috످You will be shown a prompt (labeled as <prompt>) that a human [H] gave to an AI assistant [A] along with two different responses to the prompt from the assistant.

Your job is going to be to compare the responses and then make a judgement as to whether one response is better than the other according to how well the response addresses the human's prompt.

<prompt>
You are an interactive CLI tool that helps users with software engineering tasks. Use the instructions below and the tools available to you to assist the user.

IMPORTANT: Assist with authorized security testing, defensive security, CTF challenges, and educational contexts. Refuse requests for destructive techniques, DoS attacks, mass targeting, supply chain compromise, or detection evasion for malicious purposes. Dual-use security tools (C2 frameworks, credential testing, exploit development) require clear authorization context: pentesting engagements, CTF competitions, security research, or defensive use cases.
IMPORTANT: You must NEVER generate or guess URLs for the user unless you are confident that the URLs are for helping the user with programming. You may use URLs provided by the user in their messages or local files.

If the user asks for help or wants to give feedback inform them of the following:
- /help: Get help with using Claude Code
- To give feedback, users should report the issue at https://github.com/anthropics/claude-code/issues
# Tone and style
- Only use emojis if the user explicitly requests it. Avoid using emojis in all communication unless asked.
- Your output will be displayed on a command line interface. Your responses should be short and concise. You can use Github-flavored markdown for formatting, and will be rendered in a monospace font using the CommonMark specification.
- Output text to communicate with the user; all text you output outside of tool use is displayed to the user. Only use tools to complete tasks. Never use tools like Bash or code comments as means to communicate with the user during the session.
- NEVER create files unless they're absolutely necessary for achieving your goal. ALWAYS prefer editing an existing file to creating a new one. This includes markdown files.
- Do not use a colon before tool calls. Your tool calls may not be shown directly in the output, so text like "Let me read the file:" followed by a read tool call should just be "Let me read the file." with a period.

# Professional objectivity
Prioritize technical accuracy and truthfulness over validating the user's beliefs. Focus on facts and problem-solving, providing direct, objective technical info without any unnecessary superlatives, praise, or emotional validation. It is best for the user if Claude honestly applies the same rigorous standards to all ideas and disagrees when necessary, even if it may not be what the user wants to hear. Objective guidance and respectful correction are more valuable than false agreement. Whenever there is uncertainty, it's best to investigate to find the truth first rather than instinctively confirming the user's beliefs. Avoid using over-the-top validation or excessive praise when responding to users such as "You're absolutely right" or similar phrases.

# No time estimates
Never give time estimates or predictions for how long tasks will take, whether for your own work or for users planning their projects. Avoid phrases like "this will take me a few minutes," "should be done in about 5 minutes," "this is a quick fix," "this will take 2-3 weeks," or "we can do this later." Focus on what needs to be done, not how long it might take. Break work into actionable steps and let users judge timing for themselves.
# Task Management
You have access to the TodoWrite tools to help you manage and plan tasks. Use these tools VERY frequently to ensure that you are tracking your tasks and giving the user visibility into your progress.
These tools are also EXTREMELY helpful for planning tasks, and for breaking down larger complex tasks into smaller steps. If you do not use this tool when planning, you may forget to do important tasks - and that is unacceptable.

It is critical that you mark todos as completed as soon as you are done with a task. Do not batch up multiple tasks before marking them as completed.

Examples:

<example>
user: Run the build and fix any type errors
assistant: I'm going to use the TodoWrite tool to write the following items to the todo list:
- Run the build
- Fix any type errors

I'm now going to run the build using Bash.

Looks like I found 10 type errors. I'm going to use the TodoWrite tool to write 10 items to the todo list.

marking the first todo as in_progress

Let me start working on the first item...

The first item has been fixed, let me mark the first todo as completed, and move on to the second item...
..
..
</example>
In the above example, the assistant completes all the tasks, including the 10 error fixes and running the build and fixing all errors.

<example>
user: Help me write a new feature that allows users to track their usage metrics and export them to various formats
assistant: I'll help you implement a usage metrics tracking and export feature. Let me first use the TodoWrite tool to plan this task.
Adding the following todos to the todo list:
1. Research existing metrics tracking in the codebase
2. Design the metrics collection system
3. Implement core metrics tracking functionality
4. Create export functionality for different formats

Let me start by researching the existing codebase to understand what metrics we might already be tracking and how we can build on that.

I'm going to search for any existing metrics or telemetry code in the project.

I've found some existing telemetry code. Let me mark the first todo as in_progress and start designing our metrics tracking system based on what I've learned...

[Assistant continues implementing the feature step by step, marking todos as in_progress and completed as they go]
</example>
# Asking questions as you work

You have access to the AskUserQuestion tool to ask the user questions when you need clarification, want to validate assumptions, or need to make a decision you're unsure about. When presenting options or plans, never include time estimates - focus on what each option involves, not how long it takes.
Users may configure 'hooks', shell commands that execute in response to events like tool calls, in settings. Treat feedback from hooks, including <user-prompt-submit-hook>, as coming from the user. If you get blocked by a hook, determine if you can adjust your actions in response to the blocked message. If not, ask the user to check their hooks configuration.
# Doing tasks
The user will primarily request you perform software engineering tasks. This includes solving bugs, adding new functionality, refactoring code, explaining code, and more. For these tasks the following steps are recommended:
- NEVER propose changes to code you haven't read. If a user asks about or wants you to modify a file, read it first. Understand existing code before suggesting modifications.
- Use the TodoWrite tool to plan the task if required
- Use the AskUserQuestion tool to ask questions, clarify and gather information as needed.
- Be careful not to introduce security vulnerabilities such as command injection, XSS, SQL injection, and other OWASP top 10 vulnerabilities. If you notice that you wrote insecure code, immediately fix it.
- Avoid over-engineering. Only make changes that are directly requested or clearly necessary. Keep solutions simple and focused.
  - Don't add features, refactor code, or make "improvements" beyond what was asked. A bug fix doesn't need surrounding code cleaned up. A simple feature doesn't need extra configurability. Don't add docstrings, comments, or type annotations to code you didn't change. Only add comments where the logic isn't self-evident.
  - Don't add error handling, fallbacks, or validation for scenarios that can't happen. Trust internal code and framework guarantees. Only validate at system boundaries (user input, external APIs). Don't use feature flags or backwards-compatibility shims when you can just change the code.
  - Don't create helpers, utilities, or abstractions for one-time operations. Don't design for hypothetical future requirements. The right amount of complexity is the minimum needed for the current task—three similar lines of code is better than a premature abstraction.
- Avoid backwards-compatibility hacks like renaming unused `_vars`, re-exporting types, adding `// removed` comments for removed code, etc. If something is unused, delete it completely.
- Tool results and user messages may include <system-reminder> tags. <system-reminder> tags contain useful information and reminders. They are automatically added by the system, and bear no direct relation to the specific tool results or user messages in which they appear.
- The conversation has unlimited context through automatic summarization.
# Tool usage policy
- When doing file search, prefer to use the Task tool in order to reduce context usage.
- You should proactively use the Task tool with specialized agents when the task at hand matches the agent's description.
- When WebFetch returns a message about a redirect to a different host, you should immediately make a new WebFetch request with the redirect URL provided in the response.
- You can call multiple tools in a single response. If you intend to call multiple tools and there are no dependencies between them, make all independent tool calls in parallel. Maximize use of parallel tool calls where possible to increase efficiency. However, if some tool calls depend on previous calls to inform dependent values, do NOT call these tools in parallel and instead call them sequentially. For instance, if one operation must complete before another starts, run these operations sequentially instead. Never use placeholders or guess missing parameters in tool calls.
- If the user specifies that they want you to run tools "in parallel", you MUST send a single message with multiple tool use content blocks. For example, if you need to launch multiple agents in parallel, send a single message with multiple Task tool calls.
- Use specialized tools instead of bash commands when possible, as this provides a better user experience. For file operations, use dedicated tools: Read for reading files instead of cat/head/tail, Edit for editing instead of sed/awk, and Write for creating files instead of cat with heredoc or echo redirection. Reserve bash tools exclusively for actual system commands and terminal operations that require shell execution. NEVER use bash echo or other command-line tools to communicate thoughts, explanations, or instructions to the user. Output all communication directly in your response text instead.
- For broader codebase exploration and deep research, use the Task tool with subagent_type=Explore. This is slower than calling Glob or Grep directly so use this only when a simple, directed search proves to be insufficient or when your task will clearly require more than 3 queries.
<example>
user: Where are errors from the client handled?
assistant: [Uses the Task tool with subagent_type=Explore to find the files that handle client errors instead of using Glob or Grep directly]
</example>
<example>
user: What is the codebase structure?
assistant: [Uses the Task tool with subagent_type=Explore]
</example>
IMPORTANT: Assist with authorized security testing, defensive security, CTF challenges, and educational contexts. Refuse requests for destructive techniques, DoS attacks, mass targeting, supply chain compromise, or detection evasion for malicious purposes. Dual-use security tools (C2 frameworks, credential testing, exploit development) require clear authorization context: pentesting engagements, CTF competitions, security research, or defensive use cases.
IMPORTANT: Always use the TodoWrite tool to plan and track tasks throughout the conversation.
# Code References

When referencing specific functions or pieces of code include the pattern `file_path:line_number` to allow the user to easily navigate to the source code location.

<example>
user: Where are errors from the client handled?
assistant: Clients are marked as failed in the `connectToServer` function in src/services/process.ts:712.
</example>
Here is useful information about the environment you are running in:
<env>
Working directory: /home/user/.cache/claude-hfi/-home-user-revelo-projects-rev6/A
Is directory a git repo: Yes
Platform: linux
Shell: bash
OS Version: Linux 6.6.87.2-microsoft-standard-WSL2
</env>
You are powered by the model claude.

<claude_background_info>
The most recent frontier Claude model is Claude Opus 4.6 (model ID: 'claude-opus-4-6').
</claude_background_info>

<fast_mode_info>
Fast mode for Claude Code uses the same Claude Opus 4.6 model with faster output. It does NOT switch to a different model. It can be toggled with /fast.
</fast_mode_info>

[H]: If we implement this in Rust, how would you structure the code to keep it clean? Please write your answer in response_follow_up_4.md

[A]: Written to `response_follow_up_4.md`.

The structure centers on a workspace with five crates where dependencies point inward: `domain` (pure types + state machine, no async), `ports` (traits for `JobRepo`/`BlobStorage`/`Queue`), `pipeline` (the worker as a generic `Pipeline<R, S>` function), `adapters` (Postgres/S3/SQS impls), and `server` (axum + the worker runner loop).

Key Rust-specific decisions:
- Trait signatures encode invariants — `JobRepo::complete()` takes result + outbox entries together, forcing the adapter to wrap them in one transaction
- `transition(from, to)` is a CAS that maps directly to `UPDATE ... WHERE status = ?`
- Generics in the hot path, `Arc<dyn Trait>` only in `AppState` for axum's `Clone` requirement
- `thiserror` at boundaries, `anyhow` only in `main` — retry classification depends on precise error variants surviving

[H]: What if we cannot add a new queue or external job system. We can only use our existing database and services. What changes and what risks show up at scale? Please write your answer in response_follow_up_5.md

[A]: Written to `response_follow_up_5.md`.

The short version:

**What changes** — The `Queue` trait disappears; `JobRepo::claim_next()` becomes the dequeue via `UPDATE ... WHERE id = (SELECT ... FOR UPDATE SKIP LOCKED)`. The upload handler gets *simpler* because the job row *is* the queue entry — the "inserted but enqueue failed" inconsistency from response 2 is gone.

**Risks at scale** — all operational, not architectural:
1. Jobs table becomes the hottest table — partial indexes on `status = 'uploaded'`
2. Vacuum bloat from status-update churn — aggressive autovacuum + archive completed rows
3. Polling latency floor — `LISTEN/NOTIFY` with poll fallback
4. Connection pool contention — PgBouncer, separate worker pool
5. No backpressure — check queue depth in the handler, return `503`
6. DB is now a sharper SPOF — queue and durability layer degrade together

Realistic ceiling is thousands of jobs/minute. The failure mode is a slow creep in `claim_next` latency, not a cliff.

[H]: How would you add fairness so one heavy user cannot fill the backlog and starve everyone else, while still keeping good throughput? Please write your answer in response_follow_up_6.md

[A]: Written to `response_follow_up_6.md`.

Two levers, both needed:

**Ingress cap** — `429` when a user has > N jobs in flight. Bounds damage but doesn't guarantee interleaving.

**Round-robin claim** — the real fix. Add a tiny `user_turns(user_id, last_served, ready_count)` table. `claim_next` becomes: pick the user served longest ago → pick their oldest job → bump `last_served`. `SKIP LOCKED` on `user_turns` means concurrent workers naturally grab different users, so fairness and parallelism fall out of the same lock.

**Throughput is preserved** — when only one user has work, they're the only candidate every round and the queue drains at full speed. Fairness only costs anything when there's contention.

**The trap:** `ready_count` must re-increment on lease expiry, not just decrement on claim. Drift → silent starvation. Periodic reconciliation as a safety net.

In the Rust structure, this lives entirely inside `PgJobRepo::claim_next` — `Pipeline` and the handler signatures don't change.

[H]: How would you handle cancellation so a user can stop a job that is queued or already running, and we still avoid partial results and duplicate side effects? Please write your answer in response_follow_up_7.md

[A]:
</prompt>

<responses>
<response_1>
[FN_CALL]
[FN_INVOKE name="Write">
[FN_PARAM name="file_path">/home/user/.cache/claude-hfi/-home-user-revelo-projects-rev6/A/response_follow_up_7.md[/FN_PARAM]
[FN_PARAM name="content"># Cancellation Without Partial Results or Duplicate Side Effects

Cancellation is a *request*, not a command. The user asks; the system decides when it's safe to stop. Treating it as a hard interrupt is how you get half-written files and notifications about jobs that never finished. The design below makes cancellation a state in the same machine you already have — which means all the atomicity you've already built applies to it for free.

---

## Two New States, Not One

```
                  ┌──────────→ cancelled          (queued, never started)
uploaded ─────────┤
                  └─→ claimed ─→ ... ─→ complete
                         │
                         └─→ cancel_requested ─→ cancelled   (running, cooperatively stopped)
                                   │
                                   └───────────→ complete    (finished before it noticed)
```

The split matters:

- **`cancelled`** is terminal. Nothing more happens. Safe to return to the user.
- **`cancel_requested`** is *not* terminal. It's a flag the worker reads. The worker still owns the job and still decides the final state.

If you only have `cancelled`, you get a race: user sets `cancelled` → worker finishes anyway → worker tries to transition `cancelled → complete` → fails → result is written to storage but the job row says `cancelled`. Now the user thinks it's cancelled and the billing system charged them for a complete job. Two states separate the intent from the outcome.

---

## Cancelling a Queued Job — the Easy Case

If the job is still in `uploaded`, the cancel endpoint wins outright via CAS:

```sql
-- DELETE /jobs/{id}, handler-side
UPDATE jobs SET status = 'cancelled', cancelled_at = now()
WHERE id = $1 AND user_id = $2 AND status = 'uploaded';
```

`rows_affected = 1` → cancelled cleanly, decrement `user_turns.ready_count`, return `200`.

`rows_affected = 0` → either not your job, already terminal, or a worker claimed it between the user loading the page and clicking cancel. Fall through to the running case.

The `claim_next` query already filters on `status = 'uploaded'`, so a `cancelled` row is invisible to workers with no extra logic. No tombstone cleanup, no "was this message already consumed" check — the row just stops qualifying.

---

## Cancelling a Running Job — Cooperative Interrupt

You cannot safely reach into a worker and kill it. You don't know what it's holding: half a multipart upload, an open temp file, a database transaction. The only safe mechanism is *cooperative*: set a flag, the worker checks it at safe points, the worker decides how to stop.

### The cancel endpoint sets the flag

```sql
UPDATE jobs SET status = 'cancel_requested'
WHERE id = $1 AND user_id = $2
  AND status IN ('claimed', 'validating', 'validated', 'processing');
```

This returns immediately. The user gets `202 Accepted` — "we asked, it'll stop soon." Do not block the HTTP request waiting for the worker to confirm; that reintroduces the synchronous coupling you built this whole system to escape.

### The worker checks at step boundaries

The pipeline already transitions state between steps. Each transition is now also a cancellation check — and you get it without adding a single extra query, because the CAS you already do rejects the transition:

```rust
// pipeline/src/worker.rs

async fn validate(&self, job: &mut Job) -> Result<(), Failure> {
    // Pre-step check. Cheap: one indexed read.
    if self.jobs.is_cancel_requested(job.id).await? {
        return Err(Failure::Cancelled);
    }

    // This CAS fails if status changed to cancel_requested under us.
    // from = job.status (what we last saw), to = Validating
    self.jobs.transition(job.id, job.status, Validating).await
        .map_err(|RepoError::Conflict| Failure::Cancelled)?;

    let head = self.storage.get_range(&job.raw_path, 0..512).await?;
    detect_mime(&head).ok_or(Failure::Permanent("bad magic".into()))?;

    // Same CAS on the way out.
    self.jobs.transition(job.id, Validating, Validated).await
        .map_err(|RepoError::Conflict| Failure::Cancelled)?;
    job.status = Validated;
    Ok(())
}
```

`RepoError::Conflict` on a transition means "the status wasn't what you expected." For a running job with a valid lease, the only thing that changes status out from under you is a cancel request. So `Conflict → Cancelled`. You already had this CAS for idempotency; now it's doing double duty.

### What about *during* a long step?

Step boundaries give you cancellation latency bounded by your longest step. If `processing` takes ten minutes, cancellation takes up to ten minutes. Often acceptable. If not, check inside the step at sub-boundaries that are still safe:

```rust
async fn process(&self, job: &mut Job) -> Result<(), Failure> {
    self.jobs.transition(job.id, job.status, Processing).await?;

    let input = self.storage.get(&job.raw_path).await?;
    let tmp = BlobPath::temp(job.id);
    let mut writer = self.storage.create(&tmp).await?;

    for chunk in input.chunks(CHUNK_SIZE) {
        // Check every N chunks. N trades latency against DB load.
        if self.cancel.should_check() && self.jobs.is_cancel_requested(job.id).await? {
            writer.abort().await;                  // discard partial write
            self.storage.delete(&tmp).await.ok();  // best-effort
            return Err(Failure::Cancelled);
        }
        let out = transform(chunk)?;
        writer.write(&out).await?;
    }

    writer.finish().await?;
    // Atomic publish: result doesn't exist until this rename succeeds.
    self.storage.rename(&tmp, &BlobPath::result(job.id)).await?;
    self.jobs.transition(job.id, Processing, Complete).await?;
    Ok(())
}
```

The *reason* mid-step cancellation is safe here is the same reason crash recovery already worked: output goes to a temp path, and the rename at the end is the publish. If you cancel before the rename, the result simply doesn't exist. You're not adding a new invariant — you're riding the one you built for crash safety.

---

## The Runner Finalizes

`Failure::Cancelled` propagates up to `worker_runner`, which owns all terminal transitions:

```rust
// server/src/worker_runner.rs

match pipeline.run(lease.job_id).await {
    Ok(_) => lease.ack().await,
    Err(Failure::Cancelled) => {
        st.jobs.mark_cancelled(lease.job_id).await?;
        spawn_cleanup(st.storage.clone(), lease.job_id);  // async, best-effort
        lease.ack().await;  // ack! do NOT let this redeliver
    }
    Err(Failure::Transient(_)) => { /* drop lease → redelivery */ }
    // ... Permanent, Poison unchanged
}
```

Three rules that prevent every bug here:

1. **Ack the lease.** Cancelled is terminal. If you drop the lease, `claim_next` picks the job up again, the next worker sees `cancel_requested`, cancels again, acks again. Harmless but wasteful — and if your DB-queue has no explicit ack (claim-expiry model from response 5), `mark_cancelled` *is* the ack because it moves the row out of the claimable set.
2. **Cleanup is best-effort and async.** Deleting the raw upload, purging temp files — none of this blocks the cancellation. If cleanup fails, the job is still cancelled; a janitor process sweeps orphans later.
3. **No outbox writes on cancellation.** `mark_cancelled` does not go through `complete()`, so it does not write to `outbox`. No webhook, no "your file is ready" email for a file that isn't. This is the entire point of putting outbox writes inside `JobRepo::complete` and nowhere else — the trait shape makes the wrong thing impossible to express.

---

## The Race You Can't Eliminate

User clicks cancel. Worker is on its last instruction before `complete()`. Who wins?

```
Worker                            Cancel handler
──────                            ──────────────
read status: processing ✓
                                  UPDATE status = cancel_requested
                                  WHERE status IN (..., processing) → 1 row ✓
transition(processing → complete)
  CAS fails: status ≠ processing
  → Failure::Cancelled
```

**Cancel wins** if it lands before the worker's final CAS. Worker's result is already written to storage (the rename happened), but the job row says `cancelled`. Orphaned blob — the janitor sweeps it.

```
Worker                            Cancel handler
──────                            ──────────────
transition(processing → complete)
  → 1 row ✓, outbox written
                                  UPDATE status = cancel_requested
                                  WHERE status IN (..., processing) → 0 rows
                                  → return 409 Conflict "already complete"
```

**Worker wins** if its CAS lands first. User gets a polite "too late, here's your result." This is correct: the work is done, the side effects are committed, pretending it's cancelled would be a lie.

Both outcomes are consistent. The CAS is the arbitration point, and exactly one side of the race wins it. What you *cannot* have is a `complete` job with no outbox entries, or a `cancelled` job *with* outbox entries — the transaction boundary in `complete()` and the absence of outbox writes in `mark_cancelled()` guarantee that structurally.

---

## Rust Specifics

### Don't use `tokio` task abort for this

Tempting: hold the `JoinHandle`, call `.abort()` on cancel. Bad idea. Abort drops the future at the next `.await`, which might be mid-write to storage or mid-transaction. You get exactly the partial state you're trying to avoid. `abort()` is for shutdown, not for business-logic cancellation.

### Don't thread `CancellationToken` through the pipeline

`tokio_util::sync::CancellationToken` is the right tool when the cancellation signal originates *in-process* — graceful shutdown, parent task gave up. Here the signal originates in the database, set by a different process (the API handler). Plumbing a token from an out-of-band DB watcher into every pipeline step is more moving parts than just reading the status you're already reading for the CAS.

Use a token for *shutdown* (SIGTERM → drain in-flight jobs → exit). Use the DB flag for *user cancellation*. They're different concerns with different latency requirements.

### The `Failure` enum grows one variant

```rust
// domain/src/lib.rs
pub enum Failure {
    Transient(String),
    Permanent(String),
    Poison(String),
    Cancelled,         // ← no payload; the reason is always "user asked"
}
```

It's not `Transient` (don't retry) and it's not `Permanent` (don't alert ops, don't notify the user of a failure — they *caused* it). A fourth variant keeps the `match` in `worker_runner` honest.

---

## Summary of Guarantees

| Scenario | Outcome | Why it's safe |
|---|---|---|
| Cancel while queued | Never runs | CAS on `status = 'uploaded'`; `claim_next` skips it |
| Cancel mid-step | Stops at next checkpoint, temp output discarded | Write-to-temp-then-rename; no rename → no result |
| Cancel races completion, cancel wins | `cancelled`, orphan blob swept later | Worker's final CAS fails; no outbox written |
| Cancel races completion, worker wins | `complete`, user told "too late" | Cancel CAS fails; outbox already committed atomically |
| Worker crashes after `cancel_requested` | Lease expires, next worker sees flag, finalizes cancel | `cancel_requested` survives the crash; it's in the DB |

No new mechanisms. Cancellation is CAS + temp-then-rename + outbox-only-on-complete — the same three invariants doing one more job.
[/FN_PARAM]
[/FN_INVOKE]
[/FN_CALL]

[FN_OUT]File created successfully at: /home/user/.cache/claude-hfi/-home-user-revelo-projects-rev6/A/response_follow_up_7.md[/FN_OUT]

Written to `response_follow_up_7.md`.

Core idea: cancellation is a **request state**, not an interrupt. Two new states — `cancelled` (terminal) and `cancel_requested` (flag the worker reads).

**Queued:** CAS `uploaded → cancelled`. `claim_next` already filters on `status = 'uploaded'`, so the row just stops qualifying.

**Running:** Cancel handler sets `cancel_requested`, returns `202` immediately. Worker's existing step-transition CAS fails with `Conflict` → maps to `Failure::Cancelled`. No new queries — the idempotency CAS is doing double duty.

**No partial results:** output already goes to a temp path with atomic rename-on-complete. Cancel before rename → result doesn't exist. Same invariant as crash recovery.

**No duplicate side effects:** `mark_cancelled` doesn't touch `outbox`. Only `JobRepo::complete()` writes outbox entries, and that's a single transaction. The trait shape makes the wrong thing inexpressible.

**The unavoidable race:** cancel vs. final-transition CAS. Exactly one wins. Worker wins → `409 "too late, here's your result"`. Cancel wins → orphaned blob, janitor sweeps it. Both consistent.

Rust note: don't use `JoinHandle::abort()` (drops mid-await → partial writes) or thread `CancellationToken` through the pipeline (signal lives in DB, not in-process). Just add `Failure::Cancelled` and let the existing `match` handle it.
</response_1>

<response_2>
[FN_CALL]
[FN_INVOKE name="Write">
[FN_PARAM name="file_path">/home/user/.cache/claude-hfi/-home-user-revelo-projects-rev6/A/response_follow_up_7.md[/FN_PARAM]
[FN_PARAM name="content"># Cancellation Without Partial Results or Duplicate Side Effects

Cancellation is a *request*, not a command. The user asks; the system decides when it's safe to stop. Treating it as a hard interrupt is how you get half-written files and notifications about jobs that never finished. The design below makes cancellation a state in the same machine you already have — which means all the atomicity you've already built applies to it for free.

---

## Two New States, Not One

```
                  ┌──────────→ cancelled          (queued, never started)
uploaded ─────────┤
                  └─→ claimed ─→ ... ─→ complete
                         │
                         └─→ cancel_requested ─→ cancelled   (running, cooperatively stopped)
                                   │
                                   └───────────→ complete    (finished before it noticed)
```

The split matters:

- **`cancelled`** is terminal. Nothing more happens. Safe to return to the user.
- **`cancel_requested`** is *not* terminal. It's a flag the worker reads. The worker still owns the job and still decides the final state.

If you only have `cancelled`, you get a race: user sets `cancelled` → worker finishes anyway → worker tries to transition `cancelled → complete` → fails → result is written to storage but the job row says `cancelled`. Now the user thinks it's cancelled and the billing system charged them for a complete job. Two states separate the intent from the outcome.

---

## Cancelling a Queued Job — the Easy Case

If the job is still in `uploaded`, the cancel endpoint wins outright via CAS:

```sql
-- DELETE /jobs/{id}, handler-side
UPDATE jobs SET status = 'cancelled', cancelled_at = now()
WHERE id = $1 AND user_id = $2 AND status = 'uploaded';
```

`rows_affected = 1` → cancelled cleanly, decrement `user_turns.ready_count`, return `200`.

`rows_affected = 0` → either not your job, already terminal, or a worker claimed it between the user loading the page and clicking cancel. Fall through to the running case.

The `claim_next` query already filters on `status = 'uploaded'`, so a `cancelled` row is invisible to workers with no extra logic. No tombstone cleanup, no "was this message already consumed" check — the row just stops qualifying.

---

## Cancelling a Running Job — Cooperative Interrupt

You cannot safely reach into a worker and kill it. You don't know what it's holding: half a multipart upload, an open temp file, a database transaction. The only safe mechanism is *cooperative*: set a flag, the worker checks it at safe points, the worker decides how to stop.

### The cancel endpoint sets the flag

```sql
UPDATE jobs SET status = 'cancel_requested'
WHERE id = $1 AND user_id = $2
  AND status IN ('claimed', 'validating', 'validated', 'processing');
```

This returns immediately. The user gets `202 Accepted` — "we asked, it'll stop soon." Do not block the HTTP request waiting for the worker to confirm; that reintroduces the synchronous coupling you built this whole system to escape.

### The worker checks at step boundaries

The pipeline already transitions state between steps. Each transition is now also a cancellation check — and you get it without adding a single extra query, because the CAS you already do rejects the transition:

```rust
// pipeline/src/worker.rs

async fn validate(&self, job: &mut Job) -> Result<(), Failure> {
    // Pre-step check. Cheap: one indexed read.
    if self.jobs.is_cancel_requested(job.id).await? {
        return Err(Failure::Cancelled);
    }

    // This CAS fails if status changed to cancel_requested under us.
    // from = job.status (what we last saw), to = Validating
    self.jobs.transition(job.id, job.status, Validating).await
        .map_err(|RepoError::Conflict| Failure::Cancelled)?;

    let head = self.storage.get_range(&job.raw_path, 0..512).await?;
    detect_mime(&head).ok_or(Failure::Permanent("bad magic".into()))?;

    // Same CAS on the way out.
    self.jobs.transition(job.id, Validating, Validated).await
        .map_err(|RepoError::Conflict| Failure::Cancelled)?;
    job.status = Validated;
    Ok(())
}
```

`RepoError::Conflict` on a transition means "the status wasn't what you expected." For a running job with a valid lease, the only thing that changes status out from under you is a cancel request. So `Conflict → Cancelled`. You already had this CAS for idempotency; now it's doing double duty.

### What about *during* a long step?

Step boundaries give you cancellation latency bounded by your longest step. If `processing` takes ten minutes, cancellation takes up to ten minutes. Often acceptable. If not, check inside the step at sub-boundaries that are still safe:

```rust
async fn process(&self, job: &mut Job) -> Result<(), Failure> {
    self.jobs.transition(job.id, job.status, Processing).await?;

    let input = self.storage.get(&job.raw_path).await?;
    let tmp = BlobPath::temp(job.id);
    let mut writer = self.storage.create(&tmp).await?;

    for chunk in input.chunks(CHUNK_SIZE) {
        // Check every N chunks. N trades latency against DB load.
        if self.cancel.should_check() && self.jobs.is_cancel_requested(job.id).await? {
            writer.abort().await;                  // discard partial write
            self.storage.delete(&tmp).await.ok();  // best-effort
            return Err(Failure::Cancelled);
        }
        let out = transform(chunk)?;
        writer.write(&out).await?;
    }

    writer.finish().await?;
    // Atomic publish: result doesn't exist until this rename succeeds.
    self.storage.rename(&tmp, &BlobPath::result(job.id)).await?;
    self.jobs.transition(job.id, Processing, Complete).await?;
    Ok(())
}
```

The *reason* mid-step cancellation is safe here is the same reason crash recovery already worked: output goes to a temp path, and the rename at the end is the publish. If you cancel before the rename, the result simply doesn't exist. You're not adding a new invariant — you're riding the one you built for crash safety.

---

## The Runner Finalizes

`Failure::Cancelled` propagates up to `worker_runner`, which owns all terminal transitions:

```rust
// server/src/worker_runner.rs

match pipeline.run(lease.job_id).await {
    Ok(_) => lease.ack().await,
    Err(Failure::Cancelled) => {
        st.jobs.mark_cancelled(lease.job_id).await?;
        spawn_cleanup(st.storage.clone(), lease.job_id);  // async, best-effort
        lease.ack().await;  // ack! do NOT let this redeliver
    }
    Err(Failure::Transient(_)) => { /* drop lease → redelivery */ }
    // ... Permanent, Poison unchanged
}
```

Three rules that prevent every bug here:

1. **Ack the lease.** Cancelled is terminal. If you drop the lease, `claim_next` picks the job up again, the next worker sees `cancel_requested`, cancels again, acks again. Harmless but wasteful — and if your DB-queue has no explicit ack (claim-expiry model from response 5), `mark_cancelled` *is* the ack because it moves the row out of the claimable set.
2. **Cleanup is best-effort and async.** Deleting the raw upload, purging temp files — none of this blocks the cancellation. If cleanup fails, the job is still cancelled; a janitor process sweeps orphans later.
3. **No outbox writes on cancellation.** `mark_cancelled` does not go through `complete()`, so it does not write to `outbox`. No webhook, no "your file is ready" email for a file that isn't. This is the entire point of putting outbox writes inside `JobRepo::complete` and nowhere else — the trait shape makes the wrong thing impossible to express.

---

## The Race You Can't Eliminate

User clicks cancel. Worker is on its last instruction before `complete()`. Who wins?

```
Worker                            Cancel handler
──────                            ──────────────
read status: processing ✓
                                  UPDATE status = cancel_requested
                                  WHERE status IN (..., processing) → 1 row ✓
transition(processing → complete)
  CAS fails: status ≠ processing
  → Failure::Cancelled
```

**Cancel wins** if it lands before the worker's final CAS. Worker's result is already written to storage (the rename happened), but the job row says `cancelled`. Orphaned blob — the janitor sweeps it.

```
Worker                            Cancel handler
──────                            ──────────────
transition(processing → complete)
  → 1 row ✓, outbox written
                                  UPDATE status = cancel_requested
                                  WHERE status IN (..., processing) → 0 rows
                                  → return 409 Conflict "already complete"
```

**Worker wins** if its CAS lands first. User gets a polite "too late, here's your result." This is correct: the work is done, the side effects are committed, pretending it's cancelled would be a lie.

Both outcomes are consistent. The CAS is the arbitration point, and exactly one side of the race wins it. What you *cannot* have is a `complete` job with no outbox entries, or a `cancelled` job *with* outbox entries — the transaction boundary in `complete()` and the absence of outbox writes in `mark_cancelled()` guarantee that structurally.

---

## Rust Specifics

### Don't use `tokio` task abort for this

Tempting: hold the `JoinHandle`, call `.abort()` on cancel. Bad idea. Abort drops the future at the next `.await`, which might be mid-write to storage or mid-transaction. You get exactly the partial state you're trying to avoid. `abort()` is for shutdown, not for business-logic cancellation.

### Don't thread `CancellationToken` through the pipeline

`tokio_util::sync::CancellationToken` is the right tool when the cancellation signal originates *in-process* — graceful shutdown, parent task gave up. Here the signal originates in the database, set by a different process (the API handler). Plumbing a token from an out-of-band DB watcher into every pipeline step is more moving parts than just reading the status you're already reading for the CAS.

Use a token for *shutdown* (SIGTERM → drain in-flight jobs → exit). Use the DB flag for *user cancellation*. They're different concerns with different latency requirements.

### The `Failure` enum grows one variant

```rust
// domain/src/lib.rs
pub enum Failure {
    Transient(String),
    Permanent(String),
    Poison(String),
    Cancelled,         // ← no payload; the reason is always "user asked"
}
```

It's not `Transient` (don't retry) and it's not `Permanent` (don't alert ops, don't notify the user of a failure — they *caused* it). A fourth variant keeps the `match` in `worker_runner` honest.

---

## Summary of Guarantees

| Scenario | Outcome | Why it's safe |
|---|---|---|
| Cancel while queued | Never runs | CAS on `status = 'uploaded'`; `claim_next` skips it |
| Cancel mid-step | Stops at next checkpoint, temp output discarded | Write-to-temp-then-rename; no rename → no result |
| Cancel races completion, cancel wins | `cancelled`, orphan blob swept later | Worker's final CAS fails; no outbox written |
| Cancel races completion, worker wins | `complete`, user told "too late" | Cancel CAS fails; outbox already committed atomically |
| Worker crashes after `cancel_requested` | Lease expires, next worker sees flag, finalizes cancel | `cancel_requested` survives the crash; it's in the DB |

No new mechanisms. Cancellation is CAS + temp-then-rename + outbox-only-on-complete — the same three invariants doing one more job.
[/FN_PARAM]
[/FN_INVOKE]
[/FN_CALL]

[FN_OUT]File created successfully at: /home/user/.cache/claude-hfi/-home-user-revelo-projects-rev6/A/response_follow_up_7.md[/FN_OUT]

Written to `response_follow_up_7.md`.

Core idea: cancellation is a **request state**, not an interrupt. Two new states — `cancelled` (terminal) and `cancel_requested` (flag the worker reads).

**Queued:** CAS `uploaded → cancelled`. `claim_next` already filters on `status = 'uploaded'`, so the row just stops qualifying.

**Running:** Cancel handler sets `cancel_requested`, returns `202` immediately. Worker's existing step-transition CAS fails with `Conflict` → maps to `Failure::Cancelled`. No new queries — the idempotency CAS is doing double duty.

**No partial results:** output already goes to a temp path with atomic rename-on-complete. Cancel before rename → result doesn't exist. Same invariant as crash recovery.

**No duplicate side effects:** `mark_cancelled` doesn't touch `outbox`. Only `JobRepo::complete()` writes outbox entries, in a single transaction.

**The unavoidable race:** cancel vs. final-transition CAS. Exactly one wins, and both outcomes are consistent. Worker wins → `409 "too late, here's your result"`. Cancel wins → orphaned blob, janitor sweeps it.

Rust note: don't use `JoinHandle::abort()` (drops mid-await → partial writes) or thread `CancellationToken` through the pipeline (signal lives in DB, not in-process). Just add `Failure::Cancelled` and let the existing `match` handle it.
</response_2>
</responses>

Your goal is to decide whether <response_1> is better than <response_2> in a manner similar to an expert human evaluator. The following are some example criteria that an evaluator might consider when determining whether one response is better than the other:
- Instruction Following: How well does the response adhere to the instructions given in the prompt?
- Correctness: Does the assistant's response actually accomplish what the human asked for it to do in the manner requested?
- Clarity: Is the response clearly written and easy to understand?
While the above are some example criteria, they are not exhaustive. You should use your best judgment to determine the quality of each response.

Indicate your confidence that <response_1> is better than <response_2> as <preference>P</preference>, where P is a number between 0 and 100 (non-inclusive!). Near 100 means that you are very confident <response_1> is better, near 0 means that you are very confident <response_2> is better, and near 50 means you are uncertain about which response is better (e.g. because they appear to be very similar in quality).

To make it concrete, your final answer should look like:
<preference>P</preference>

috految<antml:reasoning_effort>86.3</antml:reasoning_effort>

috److془Let me carefully compare.

The files appear identical. Differences in final summary:

R1: "**No duplicate side effects:** `mark_cancelled` doesn't touch `outbox`. Only `JobRepo::complete()` writes outbox entries, and that's a single transaction. The trait shape makes the wrong thing inexpressible.

**The unavoidable race:** cancel vs. final-transition CAS. Exactly one wins. Worker wins → `409 "too late, here's your result"`. Cancel wins → orphaned blob, janitor sweeps it. Both consistent."

R2: "**No duplicate side effects:** `mark_cancelled` doesn't touch `outbox`. Only `JobRepo::complete()` writes outbox entries, in a single transaction.

**The unavoidable race:** cancel vs. final-transition CAS. Exactly one wins, and both outcomes are consistent. Worker wins → `409 "too late, here's your result"`. Cancel wins → orphaned blob, janitor sweeps it."

R1 has extra "The trait shape makes the wrong thing inexpressible." It's an overclaim (the code calls transition(Processing, Complete) bypassing complete()). It's in the file too. Would the user miss it? No. R2 slightly better.

Score ~ 40.془<preference>39</preference>

috످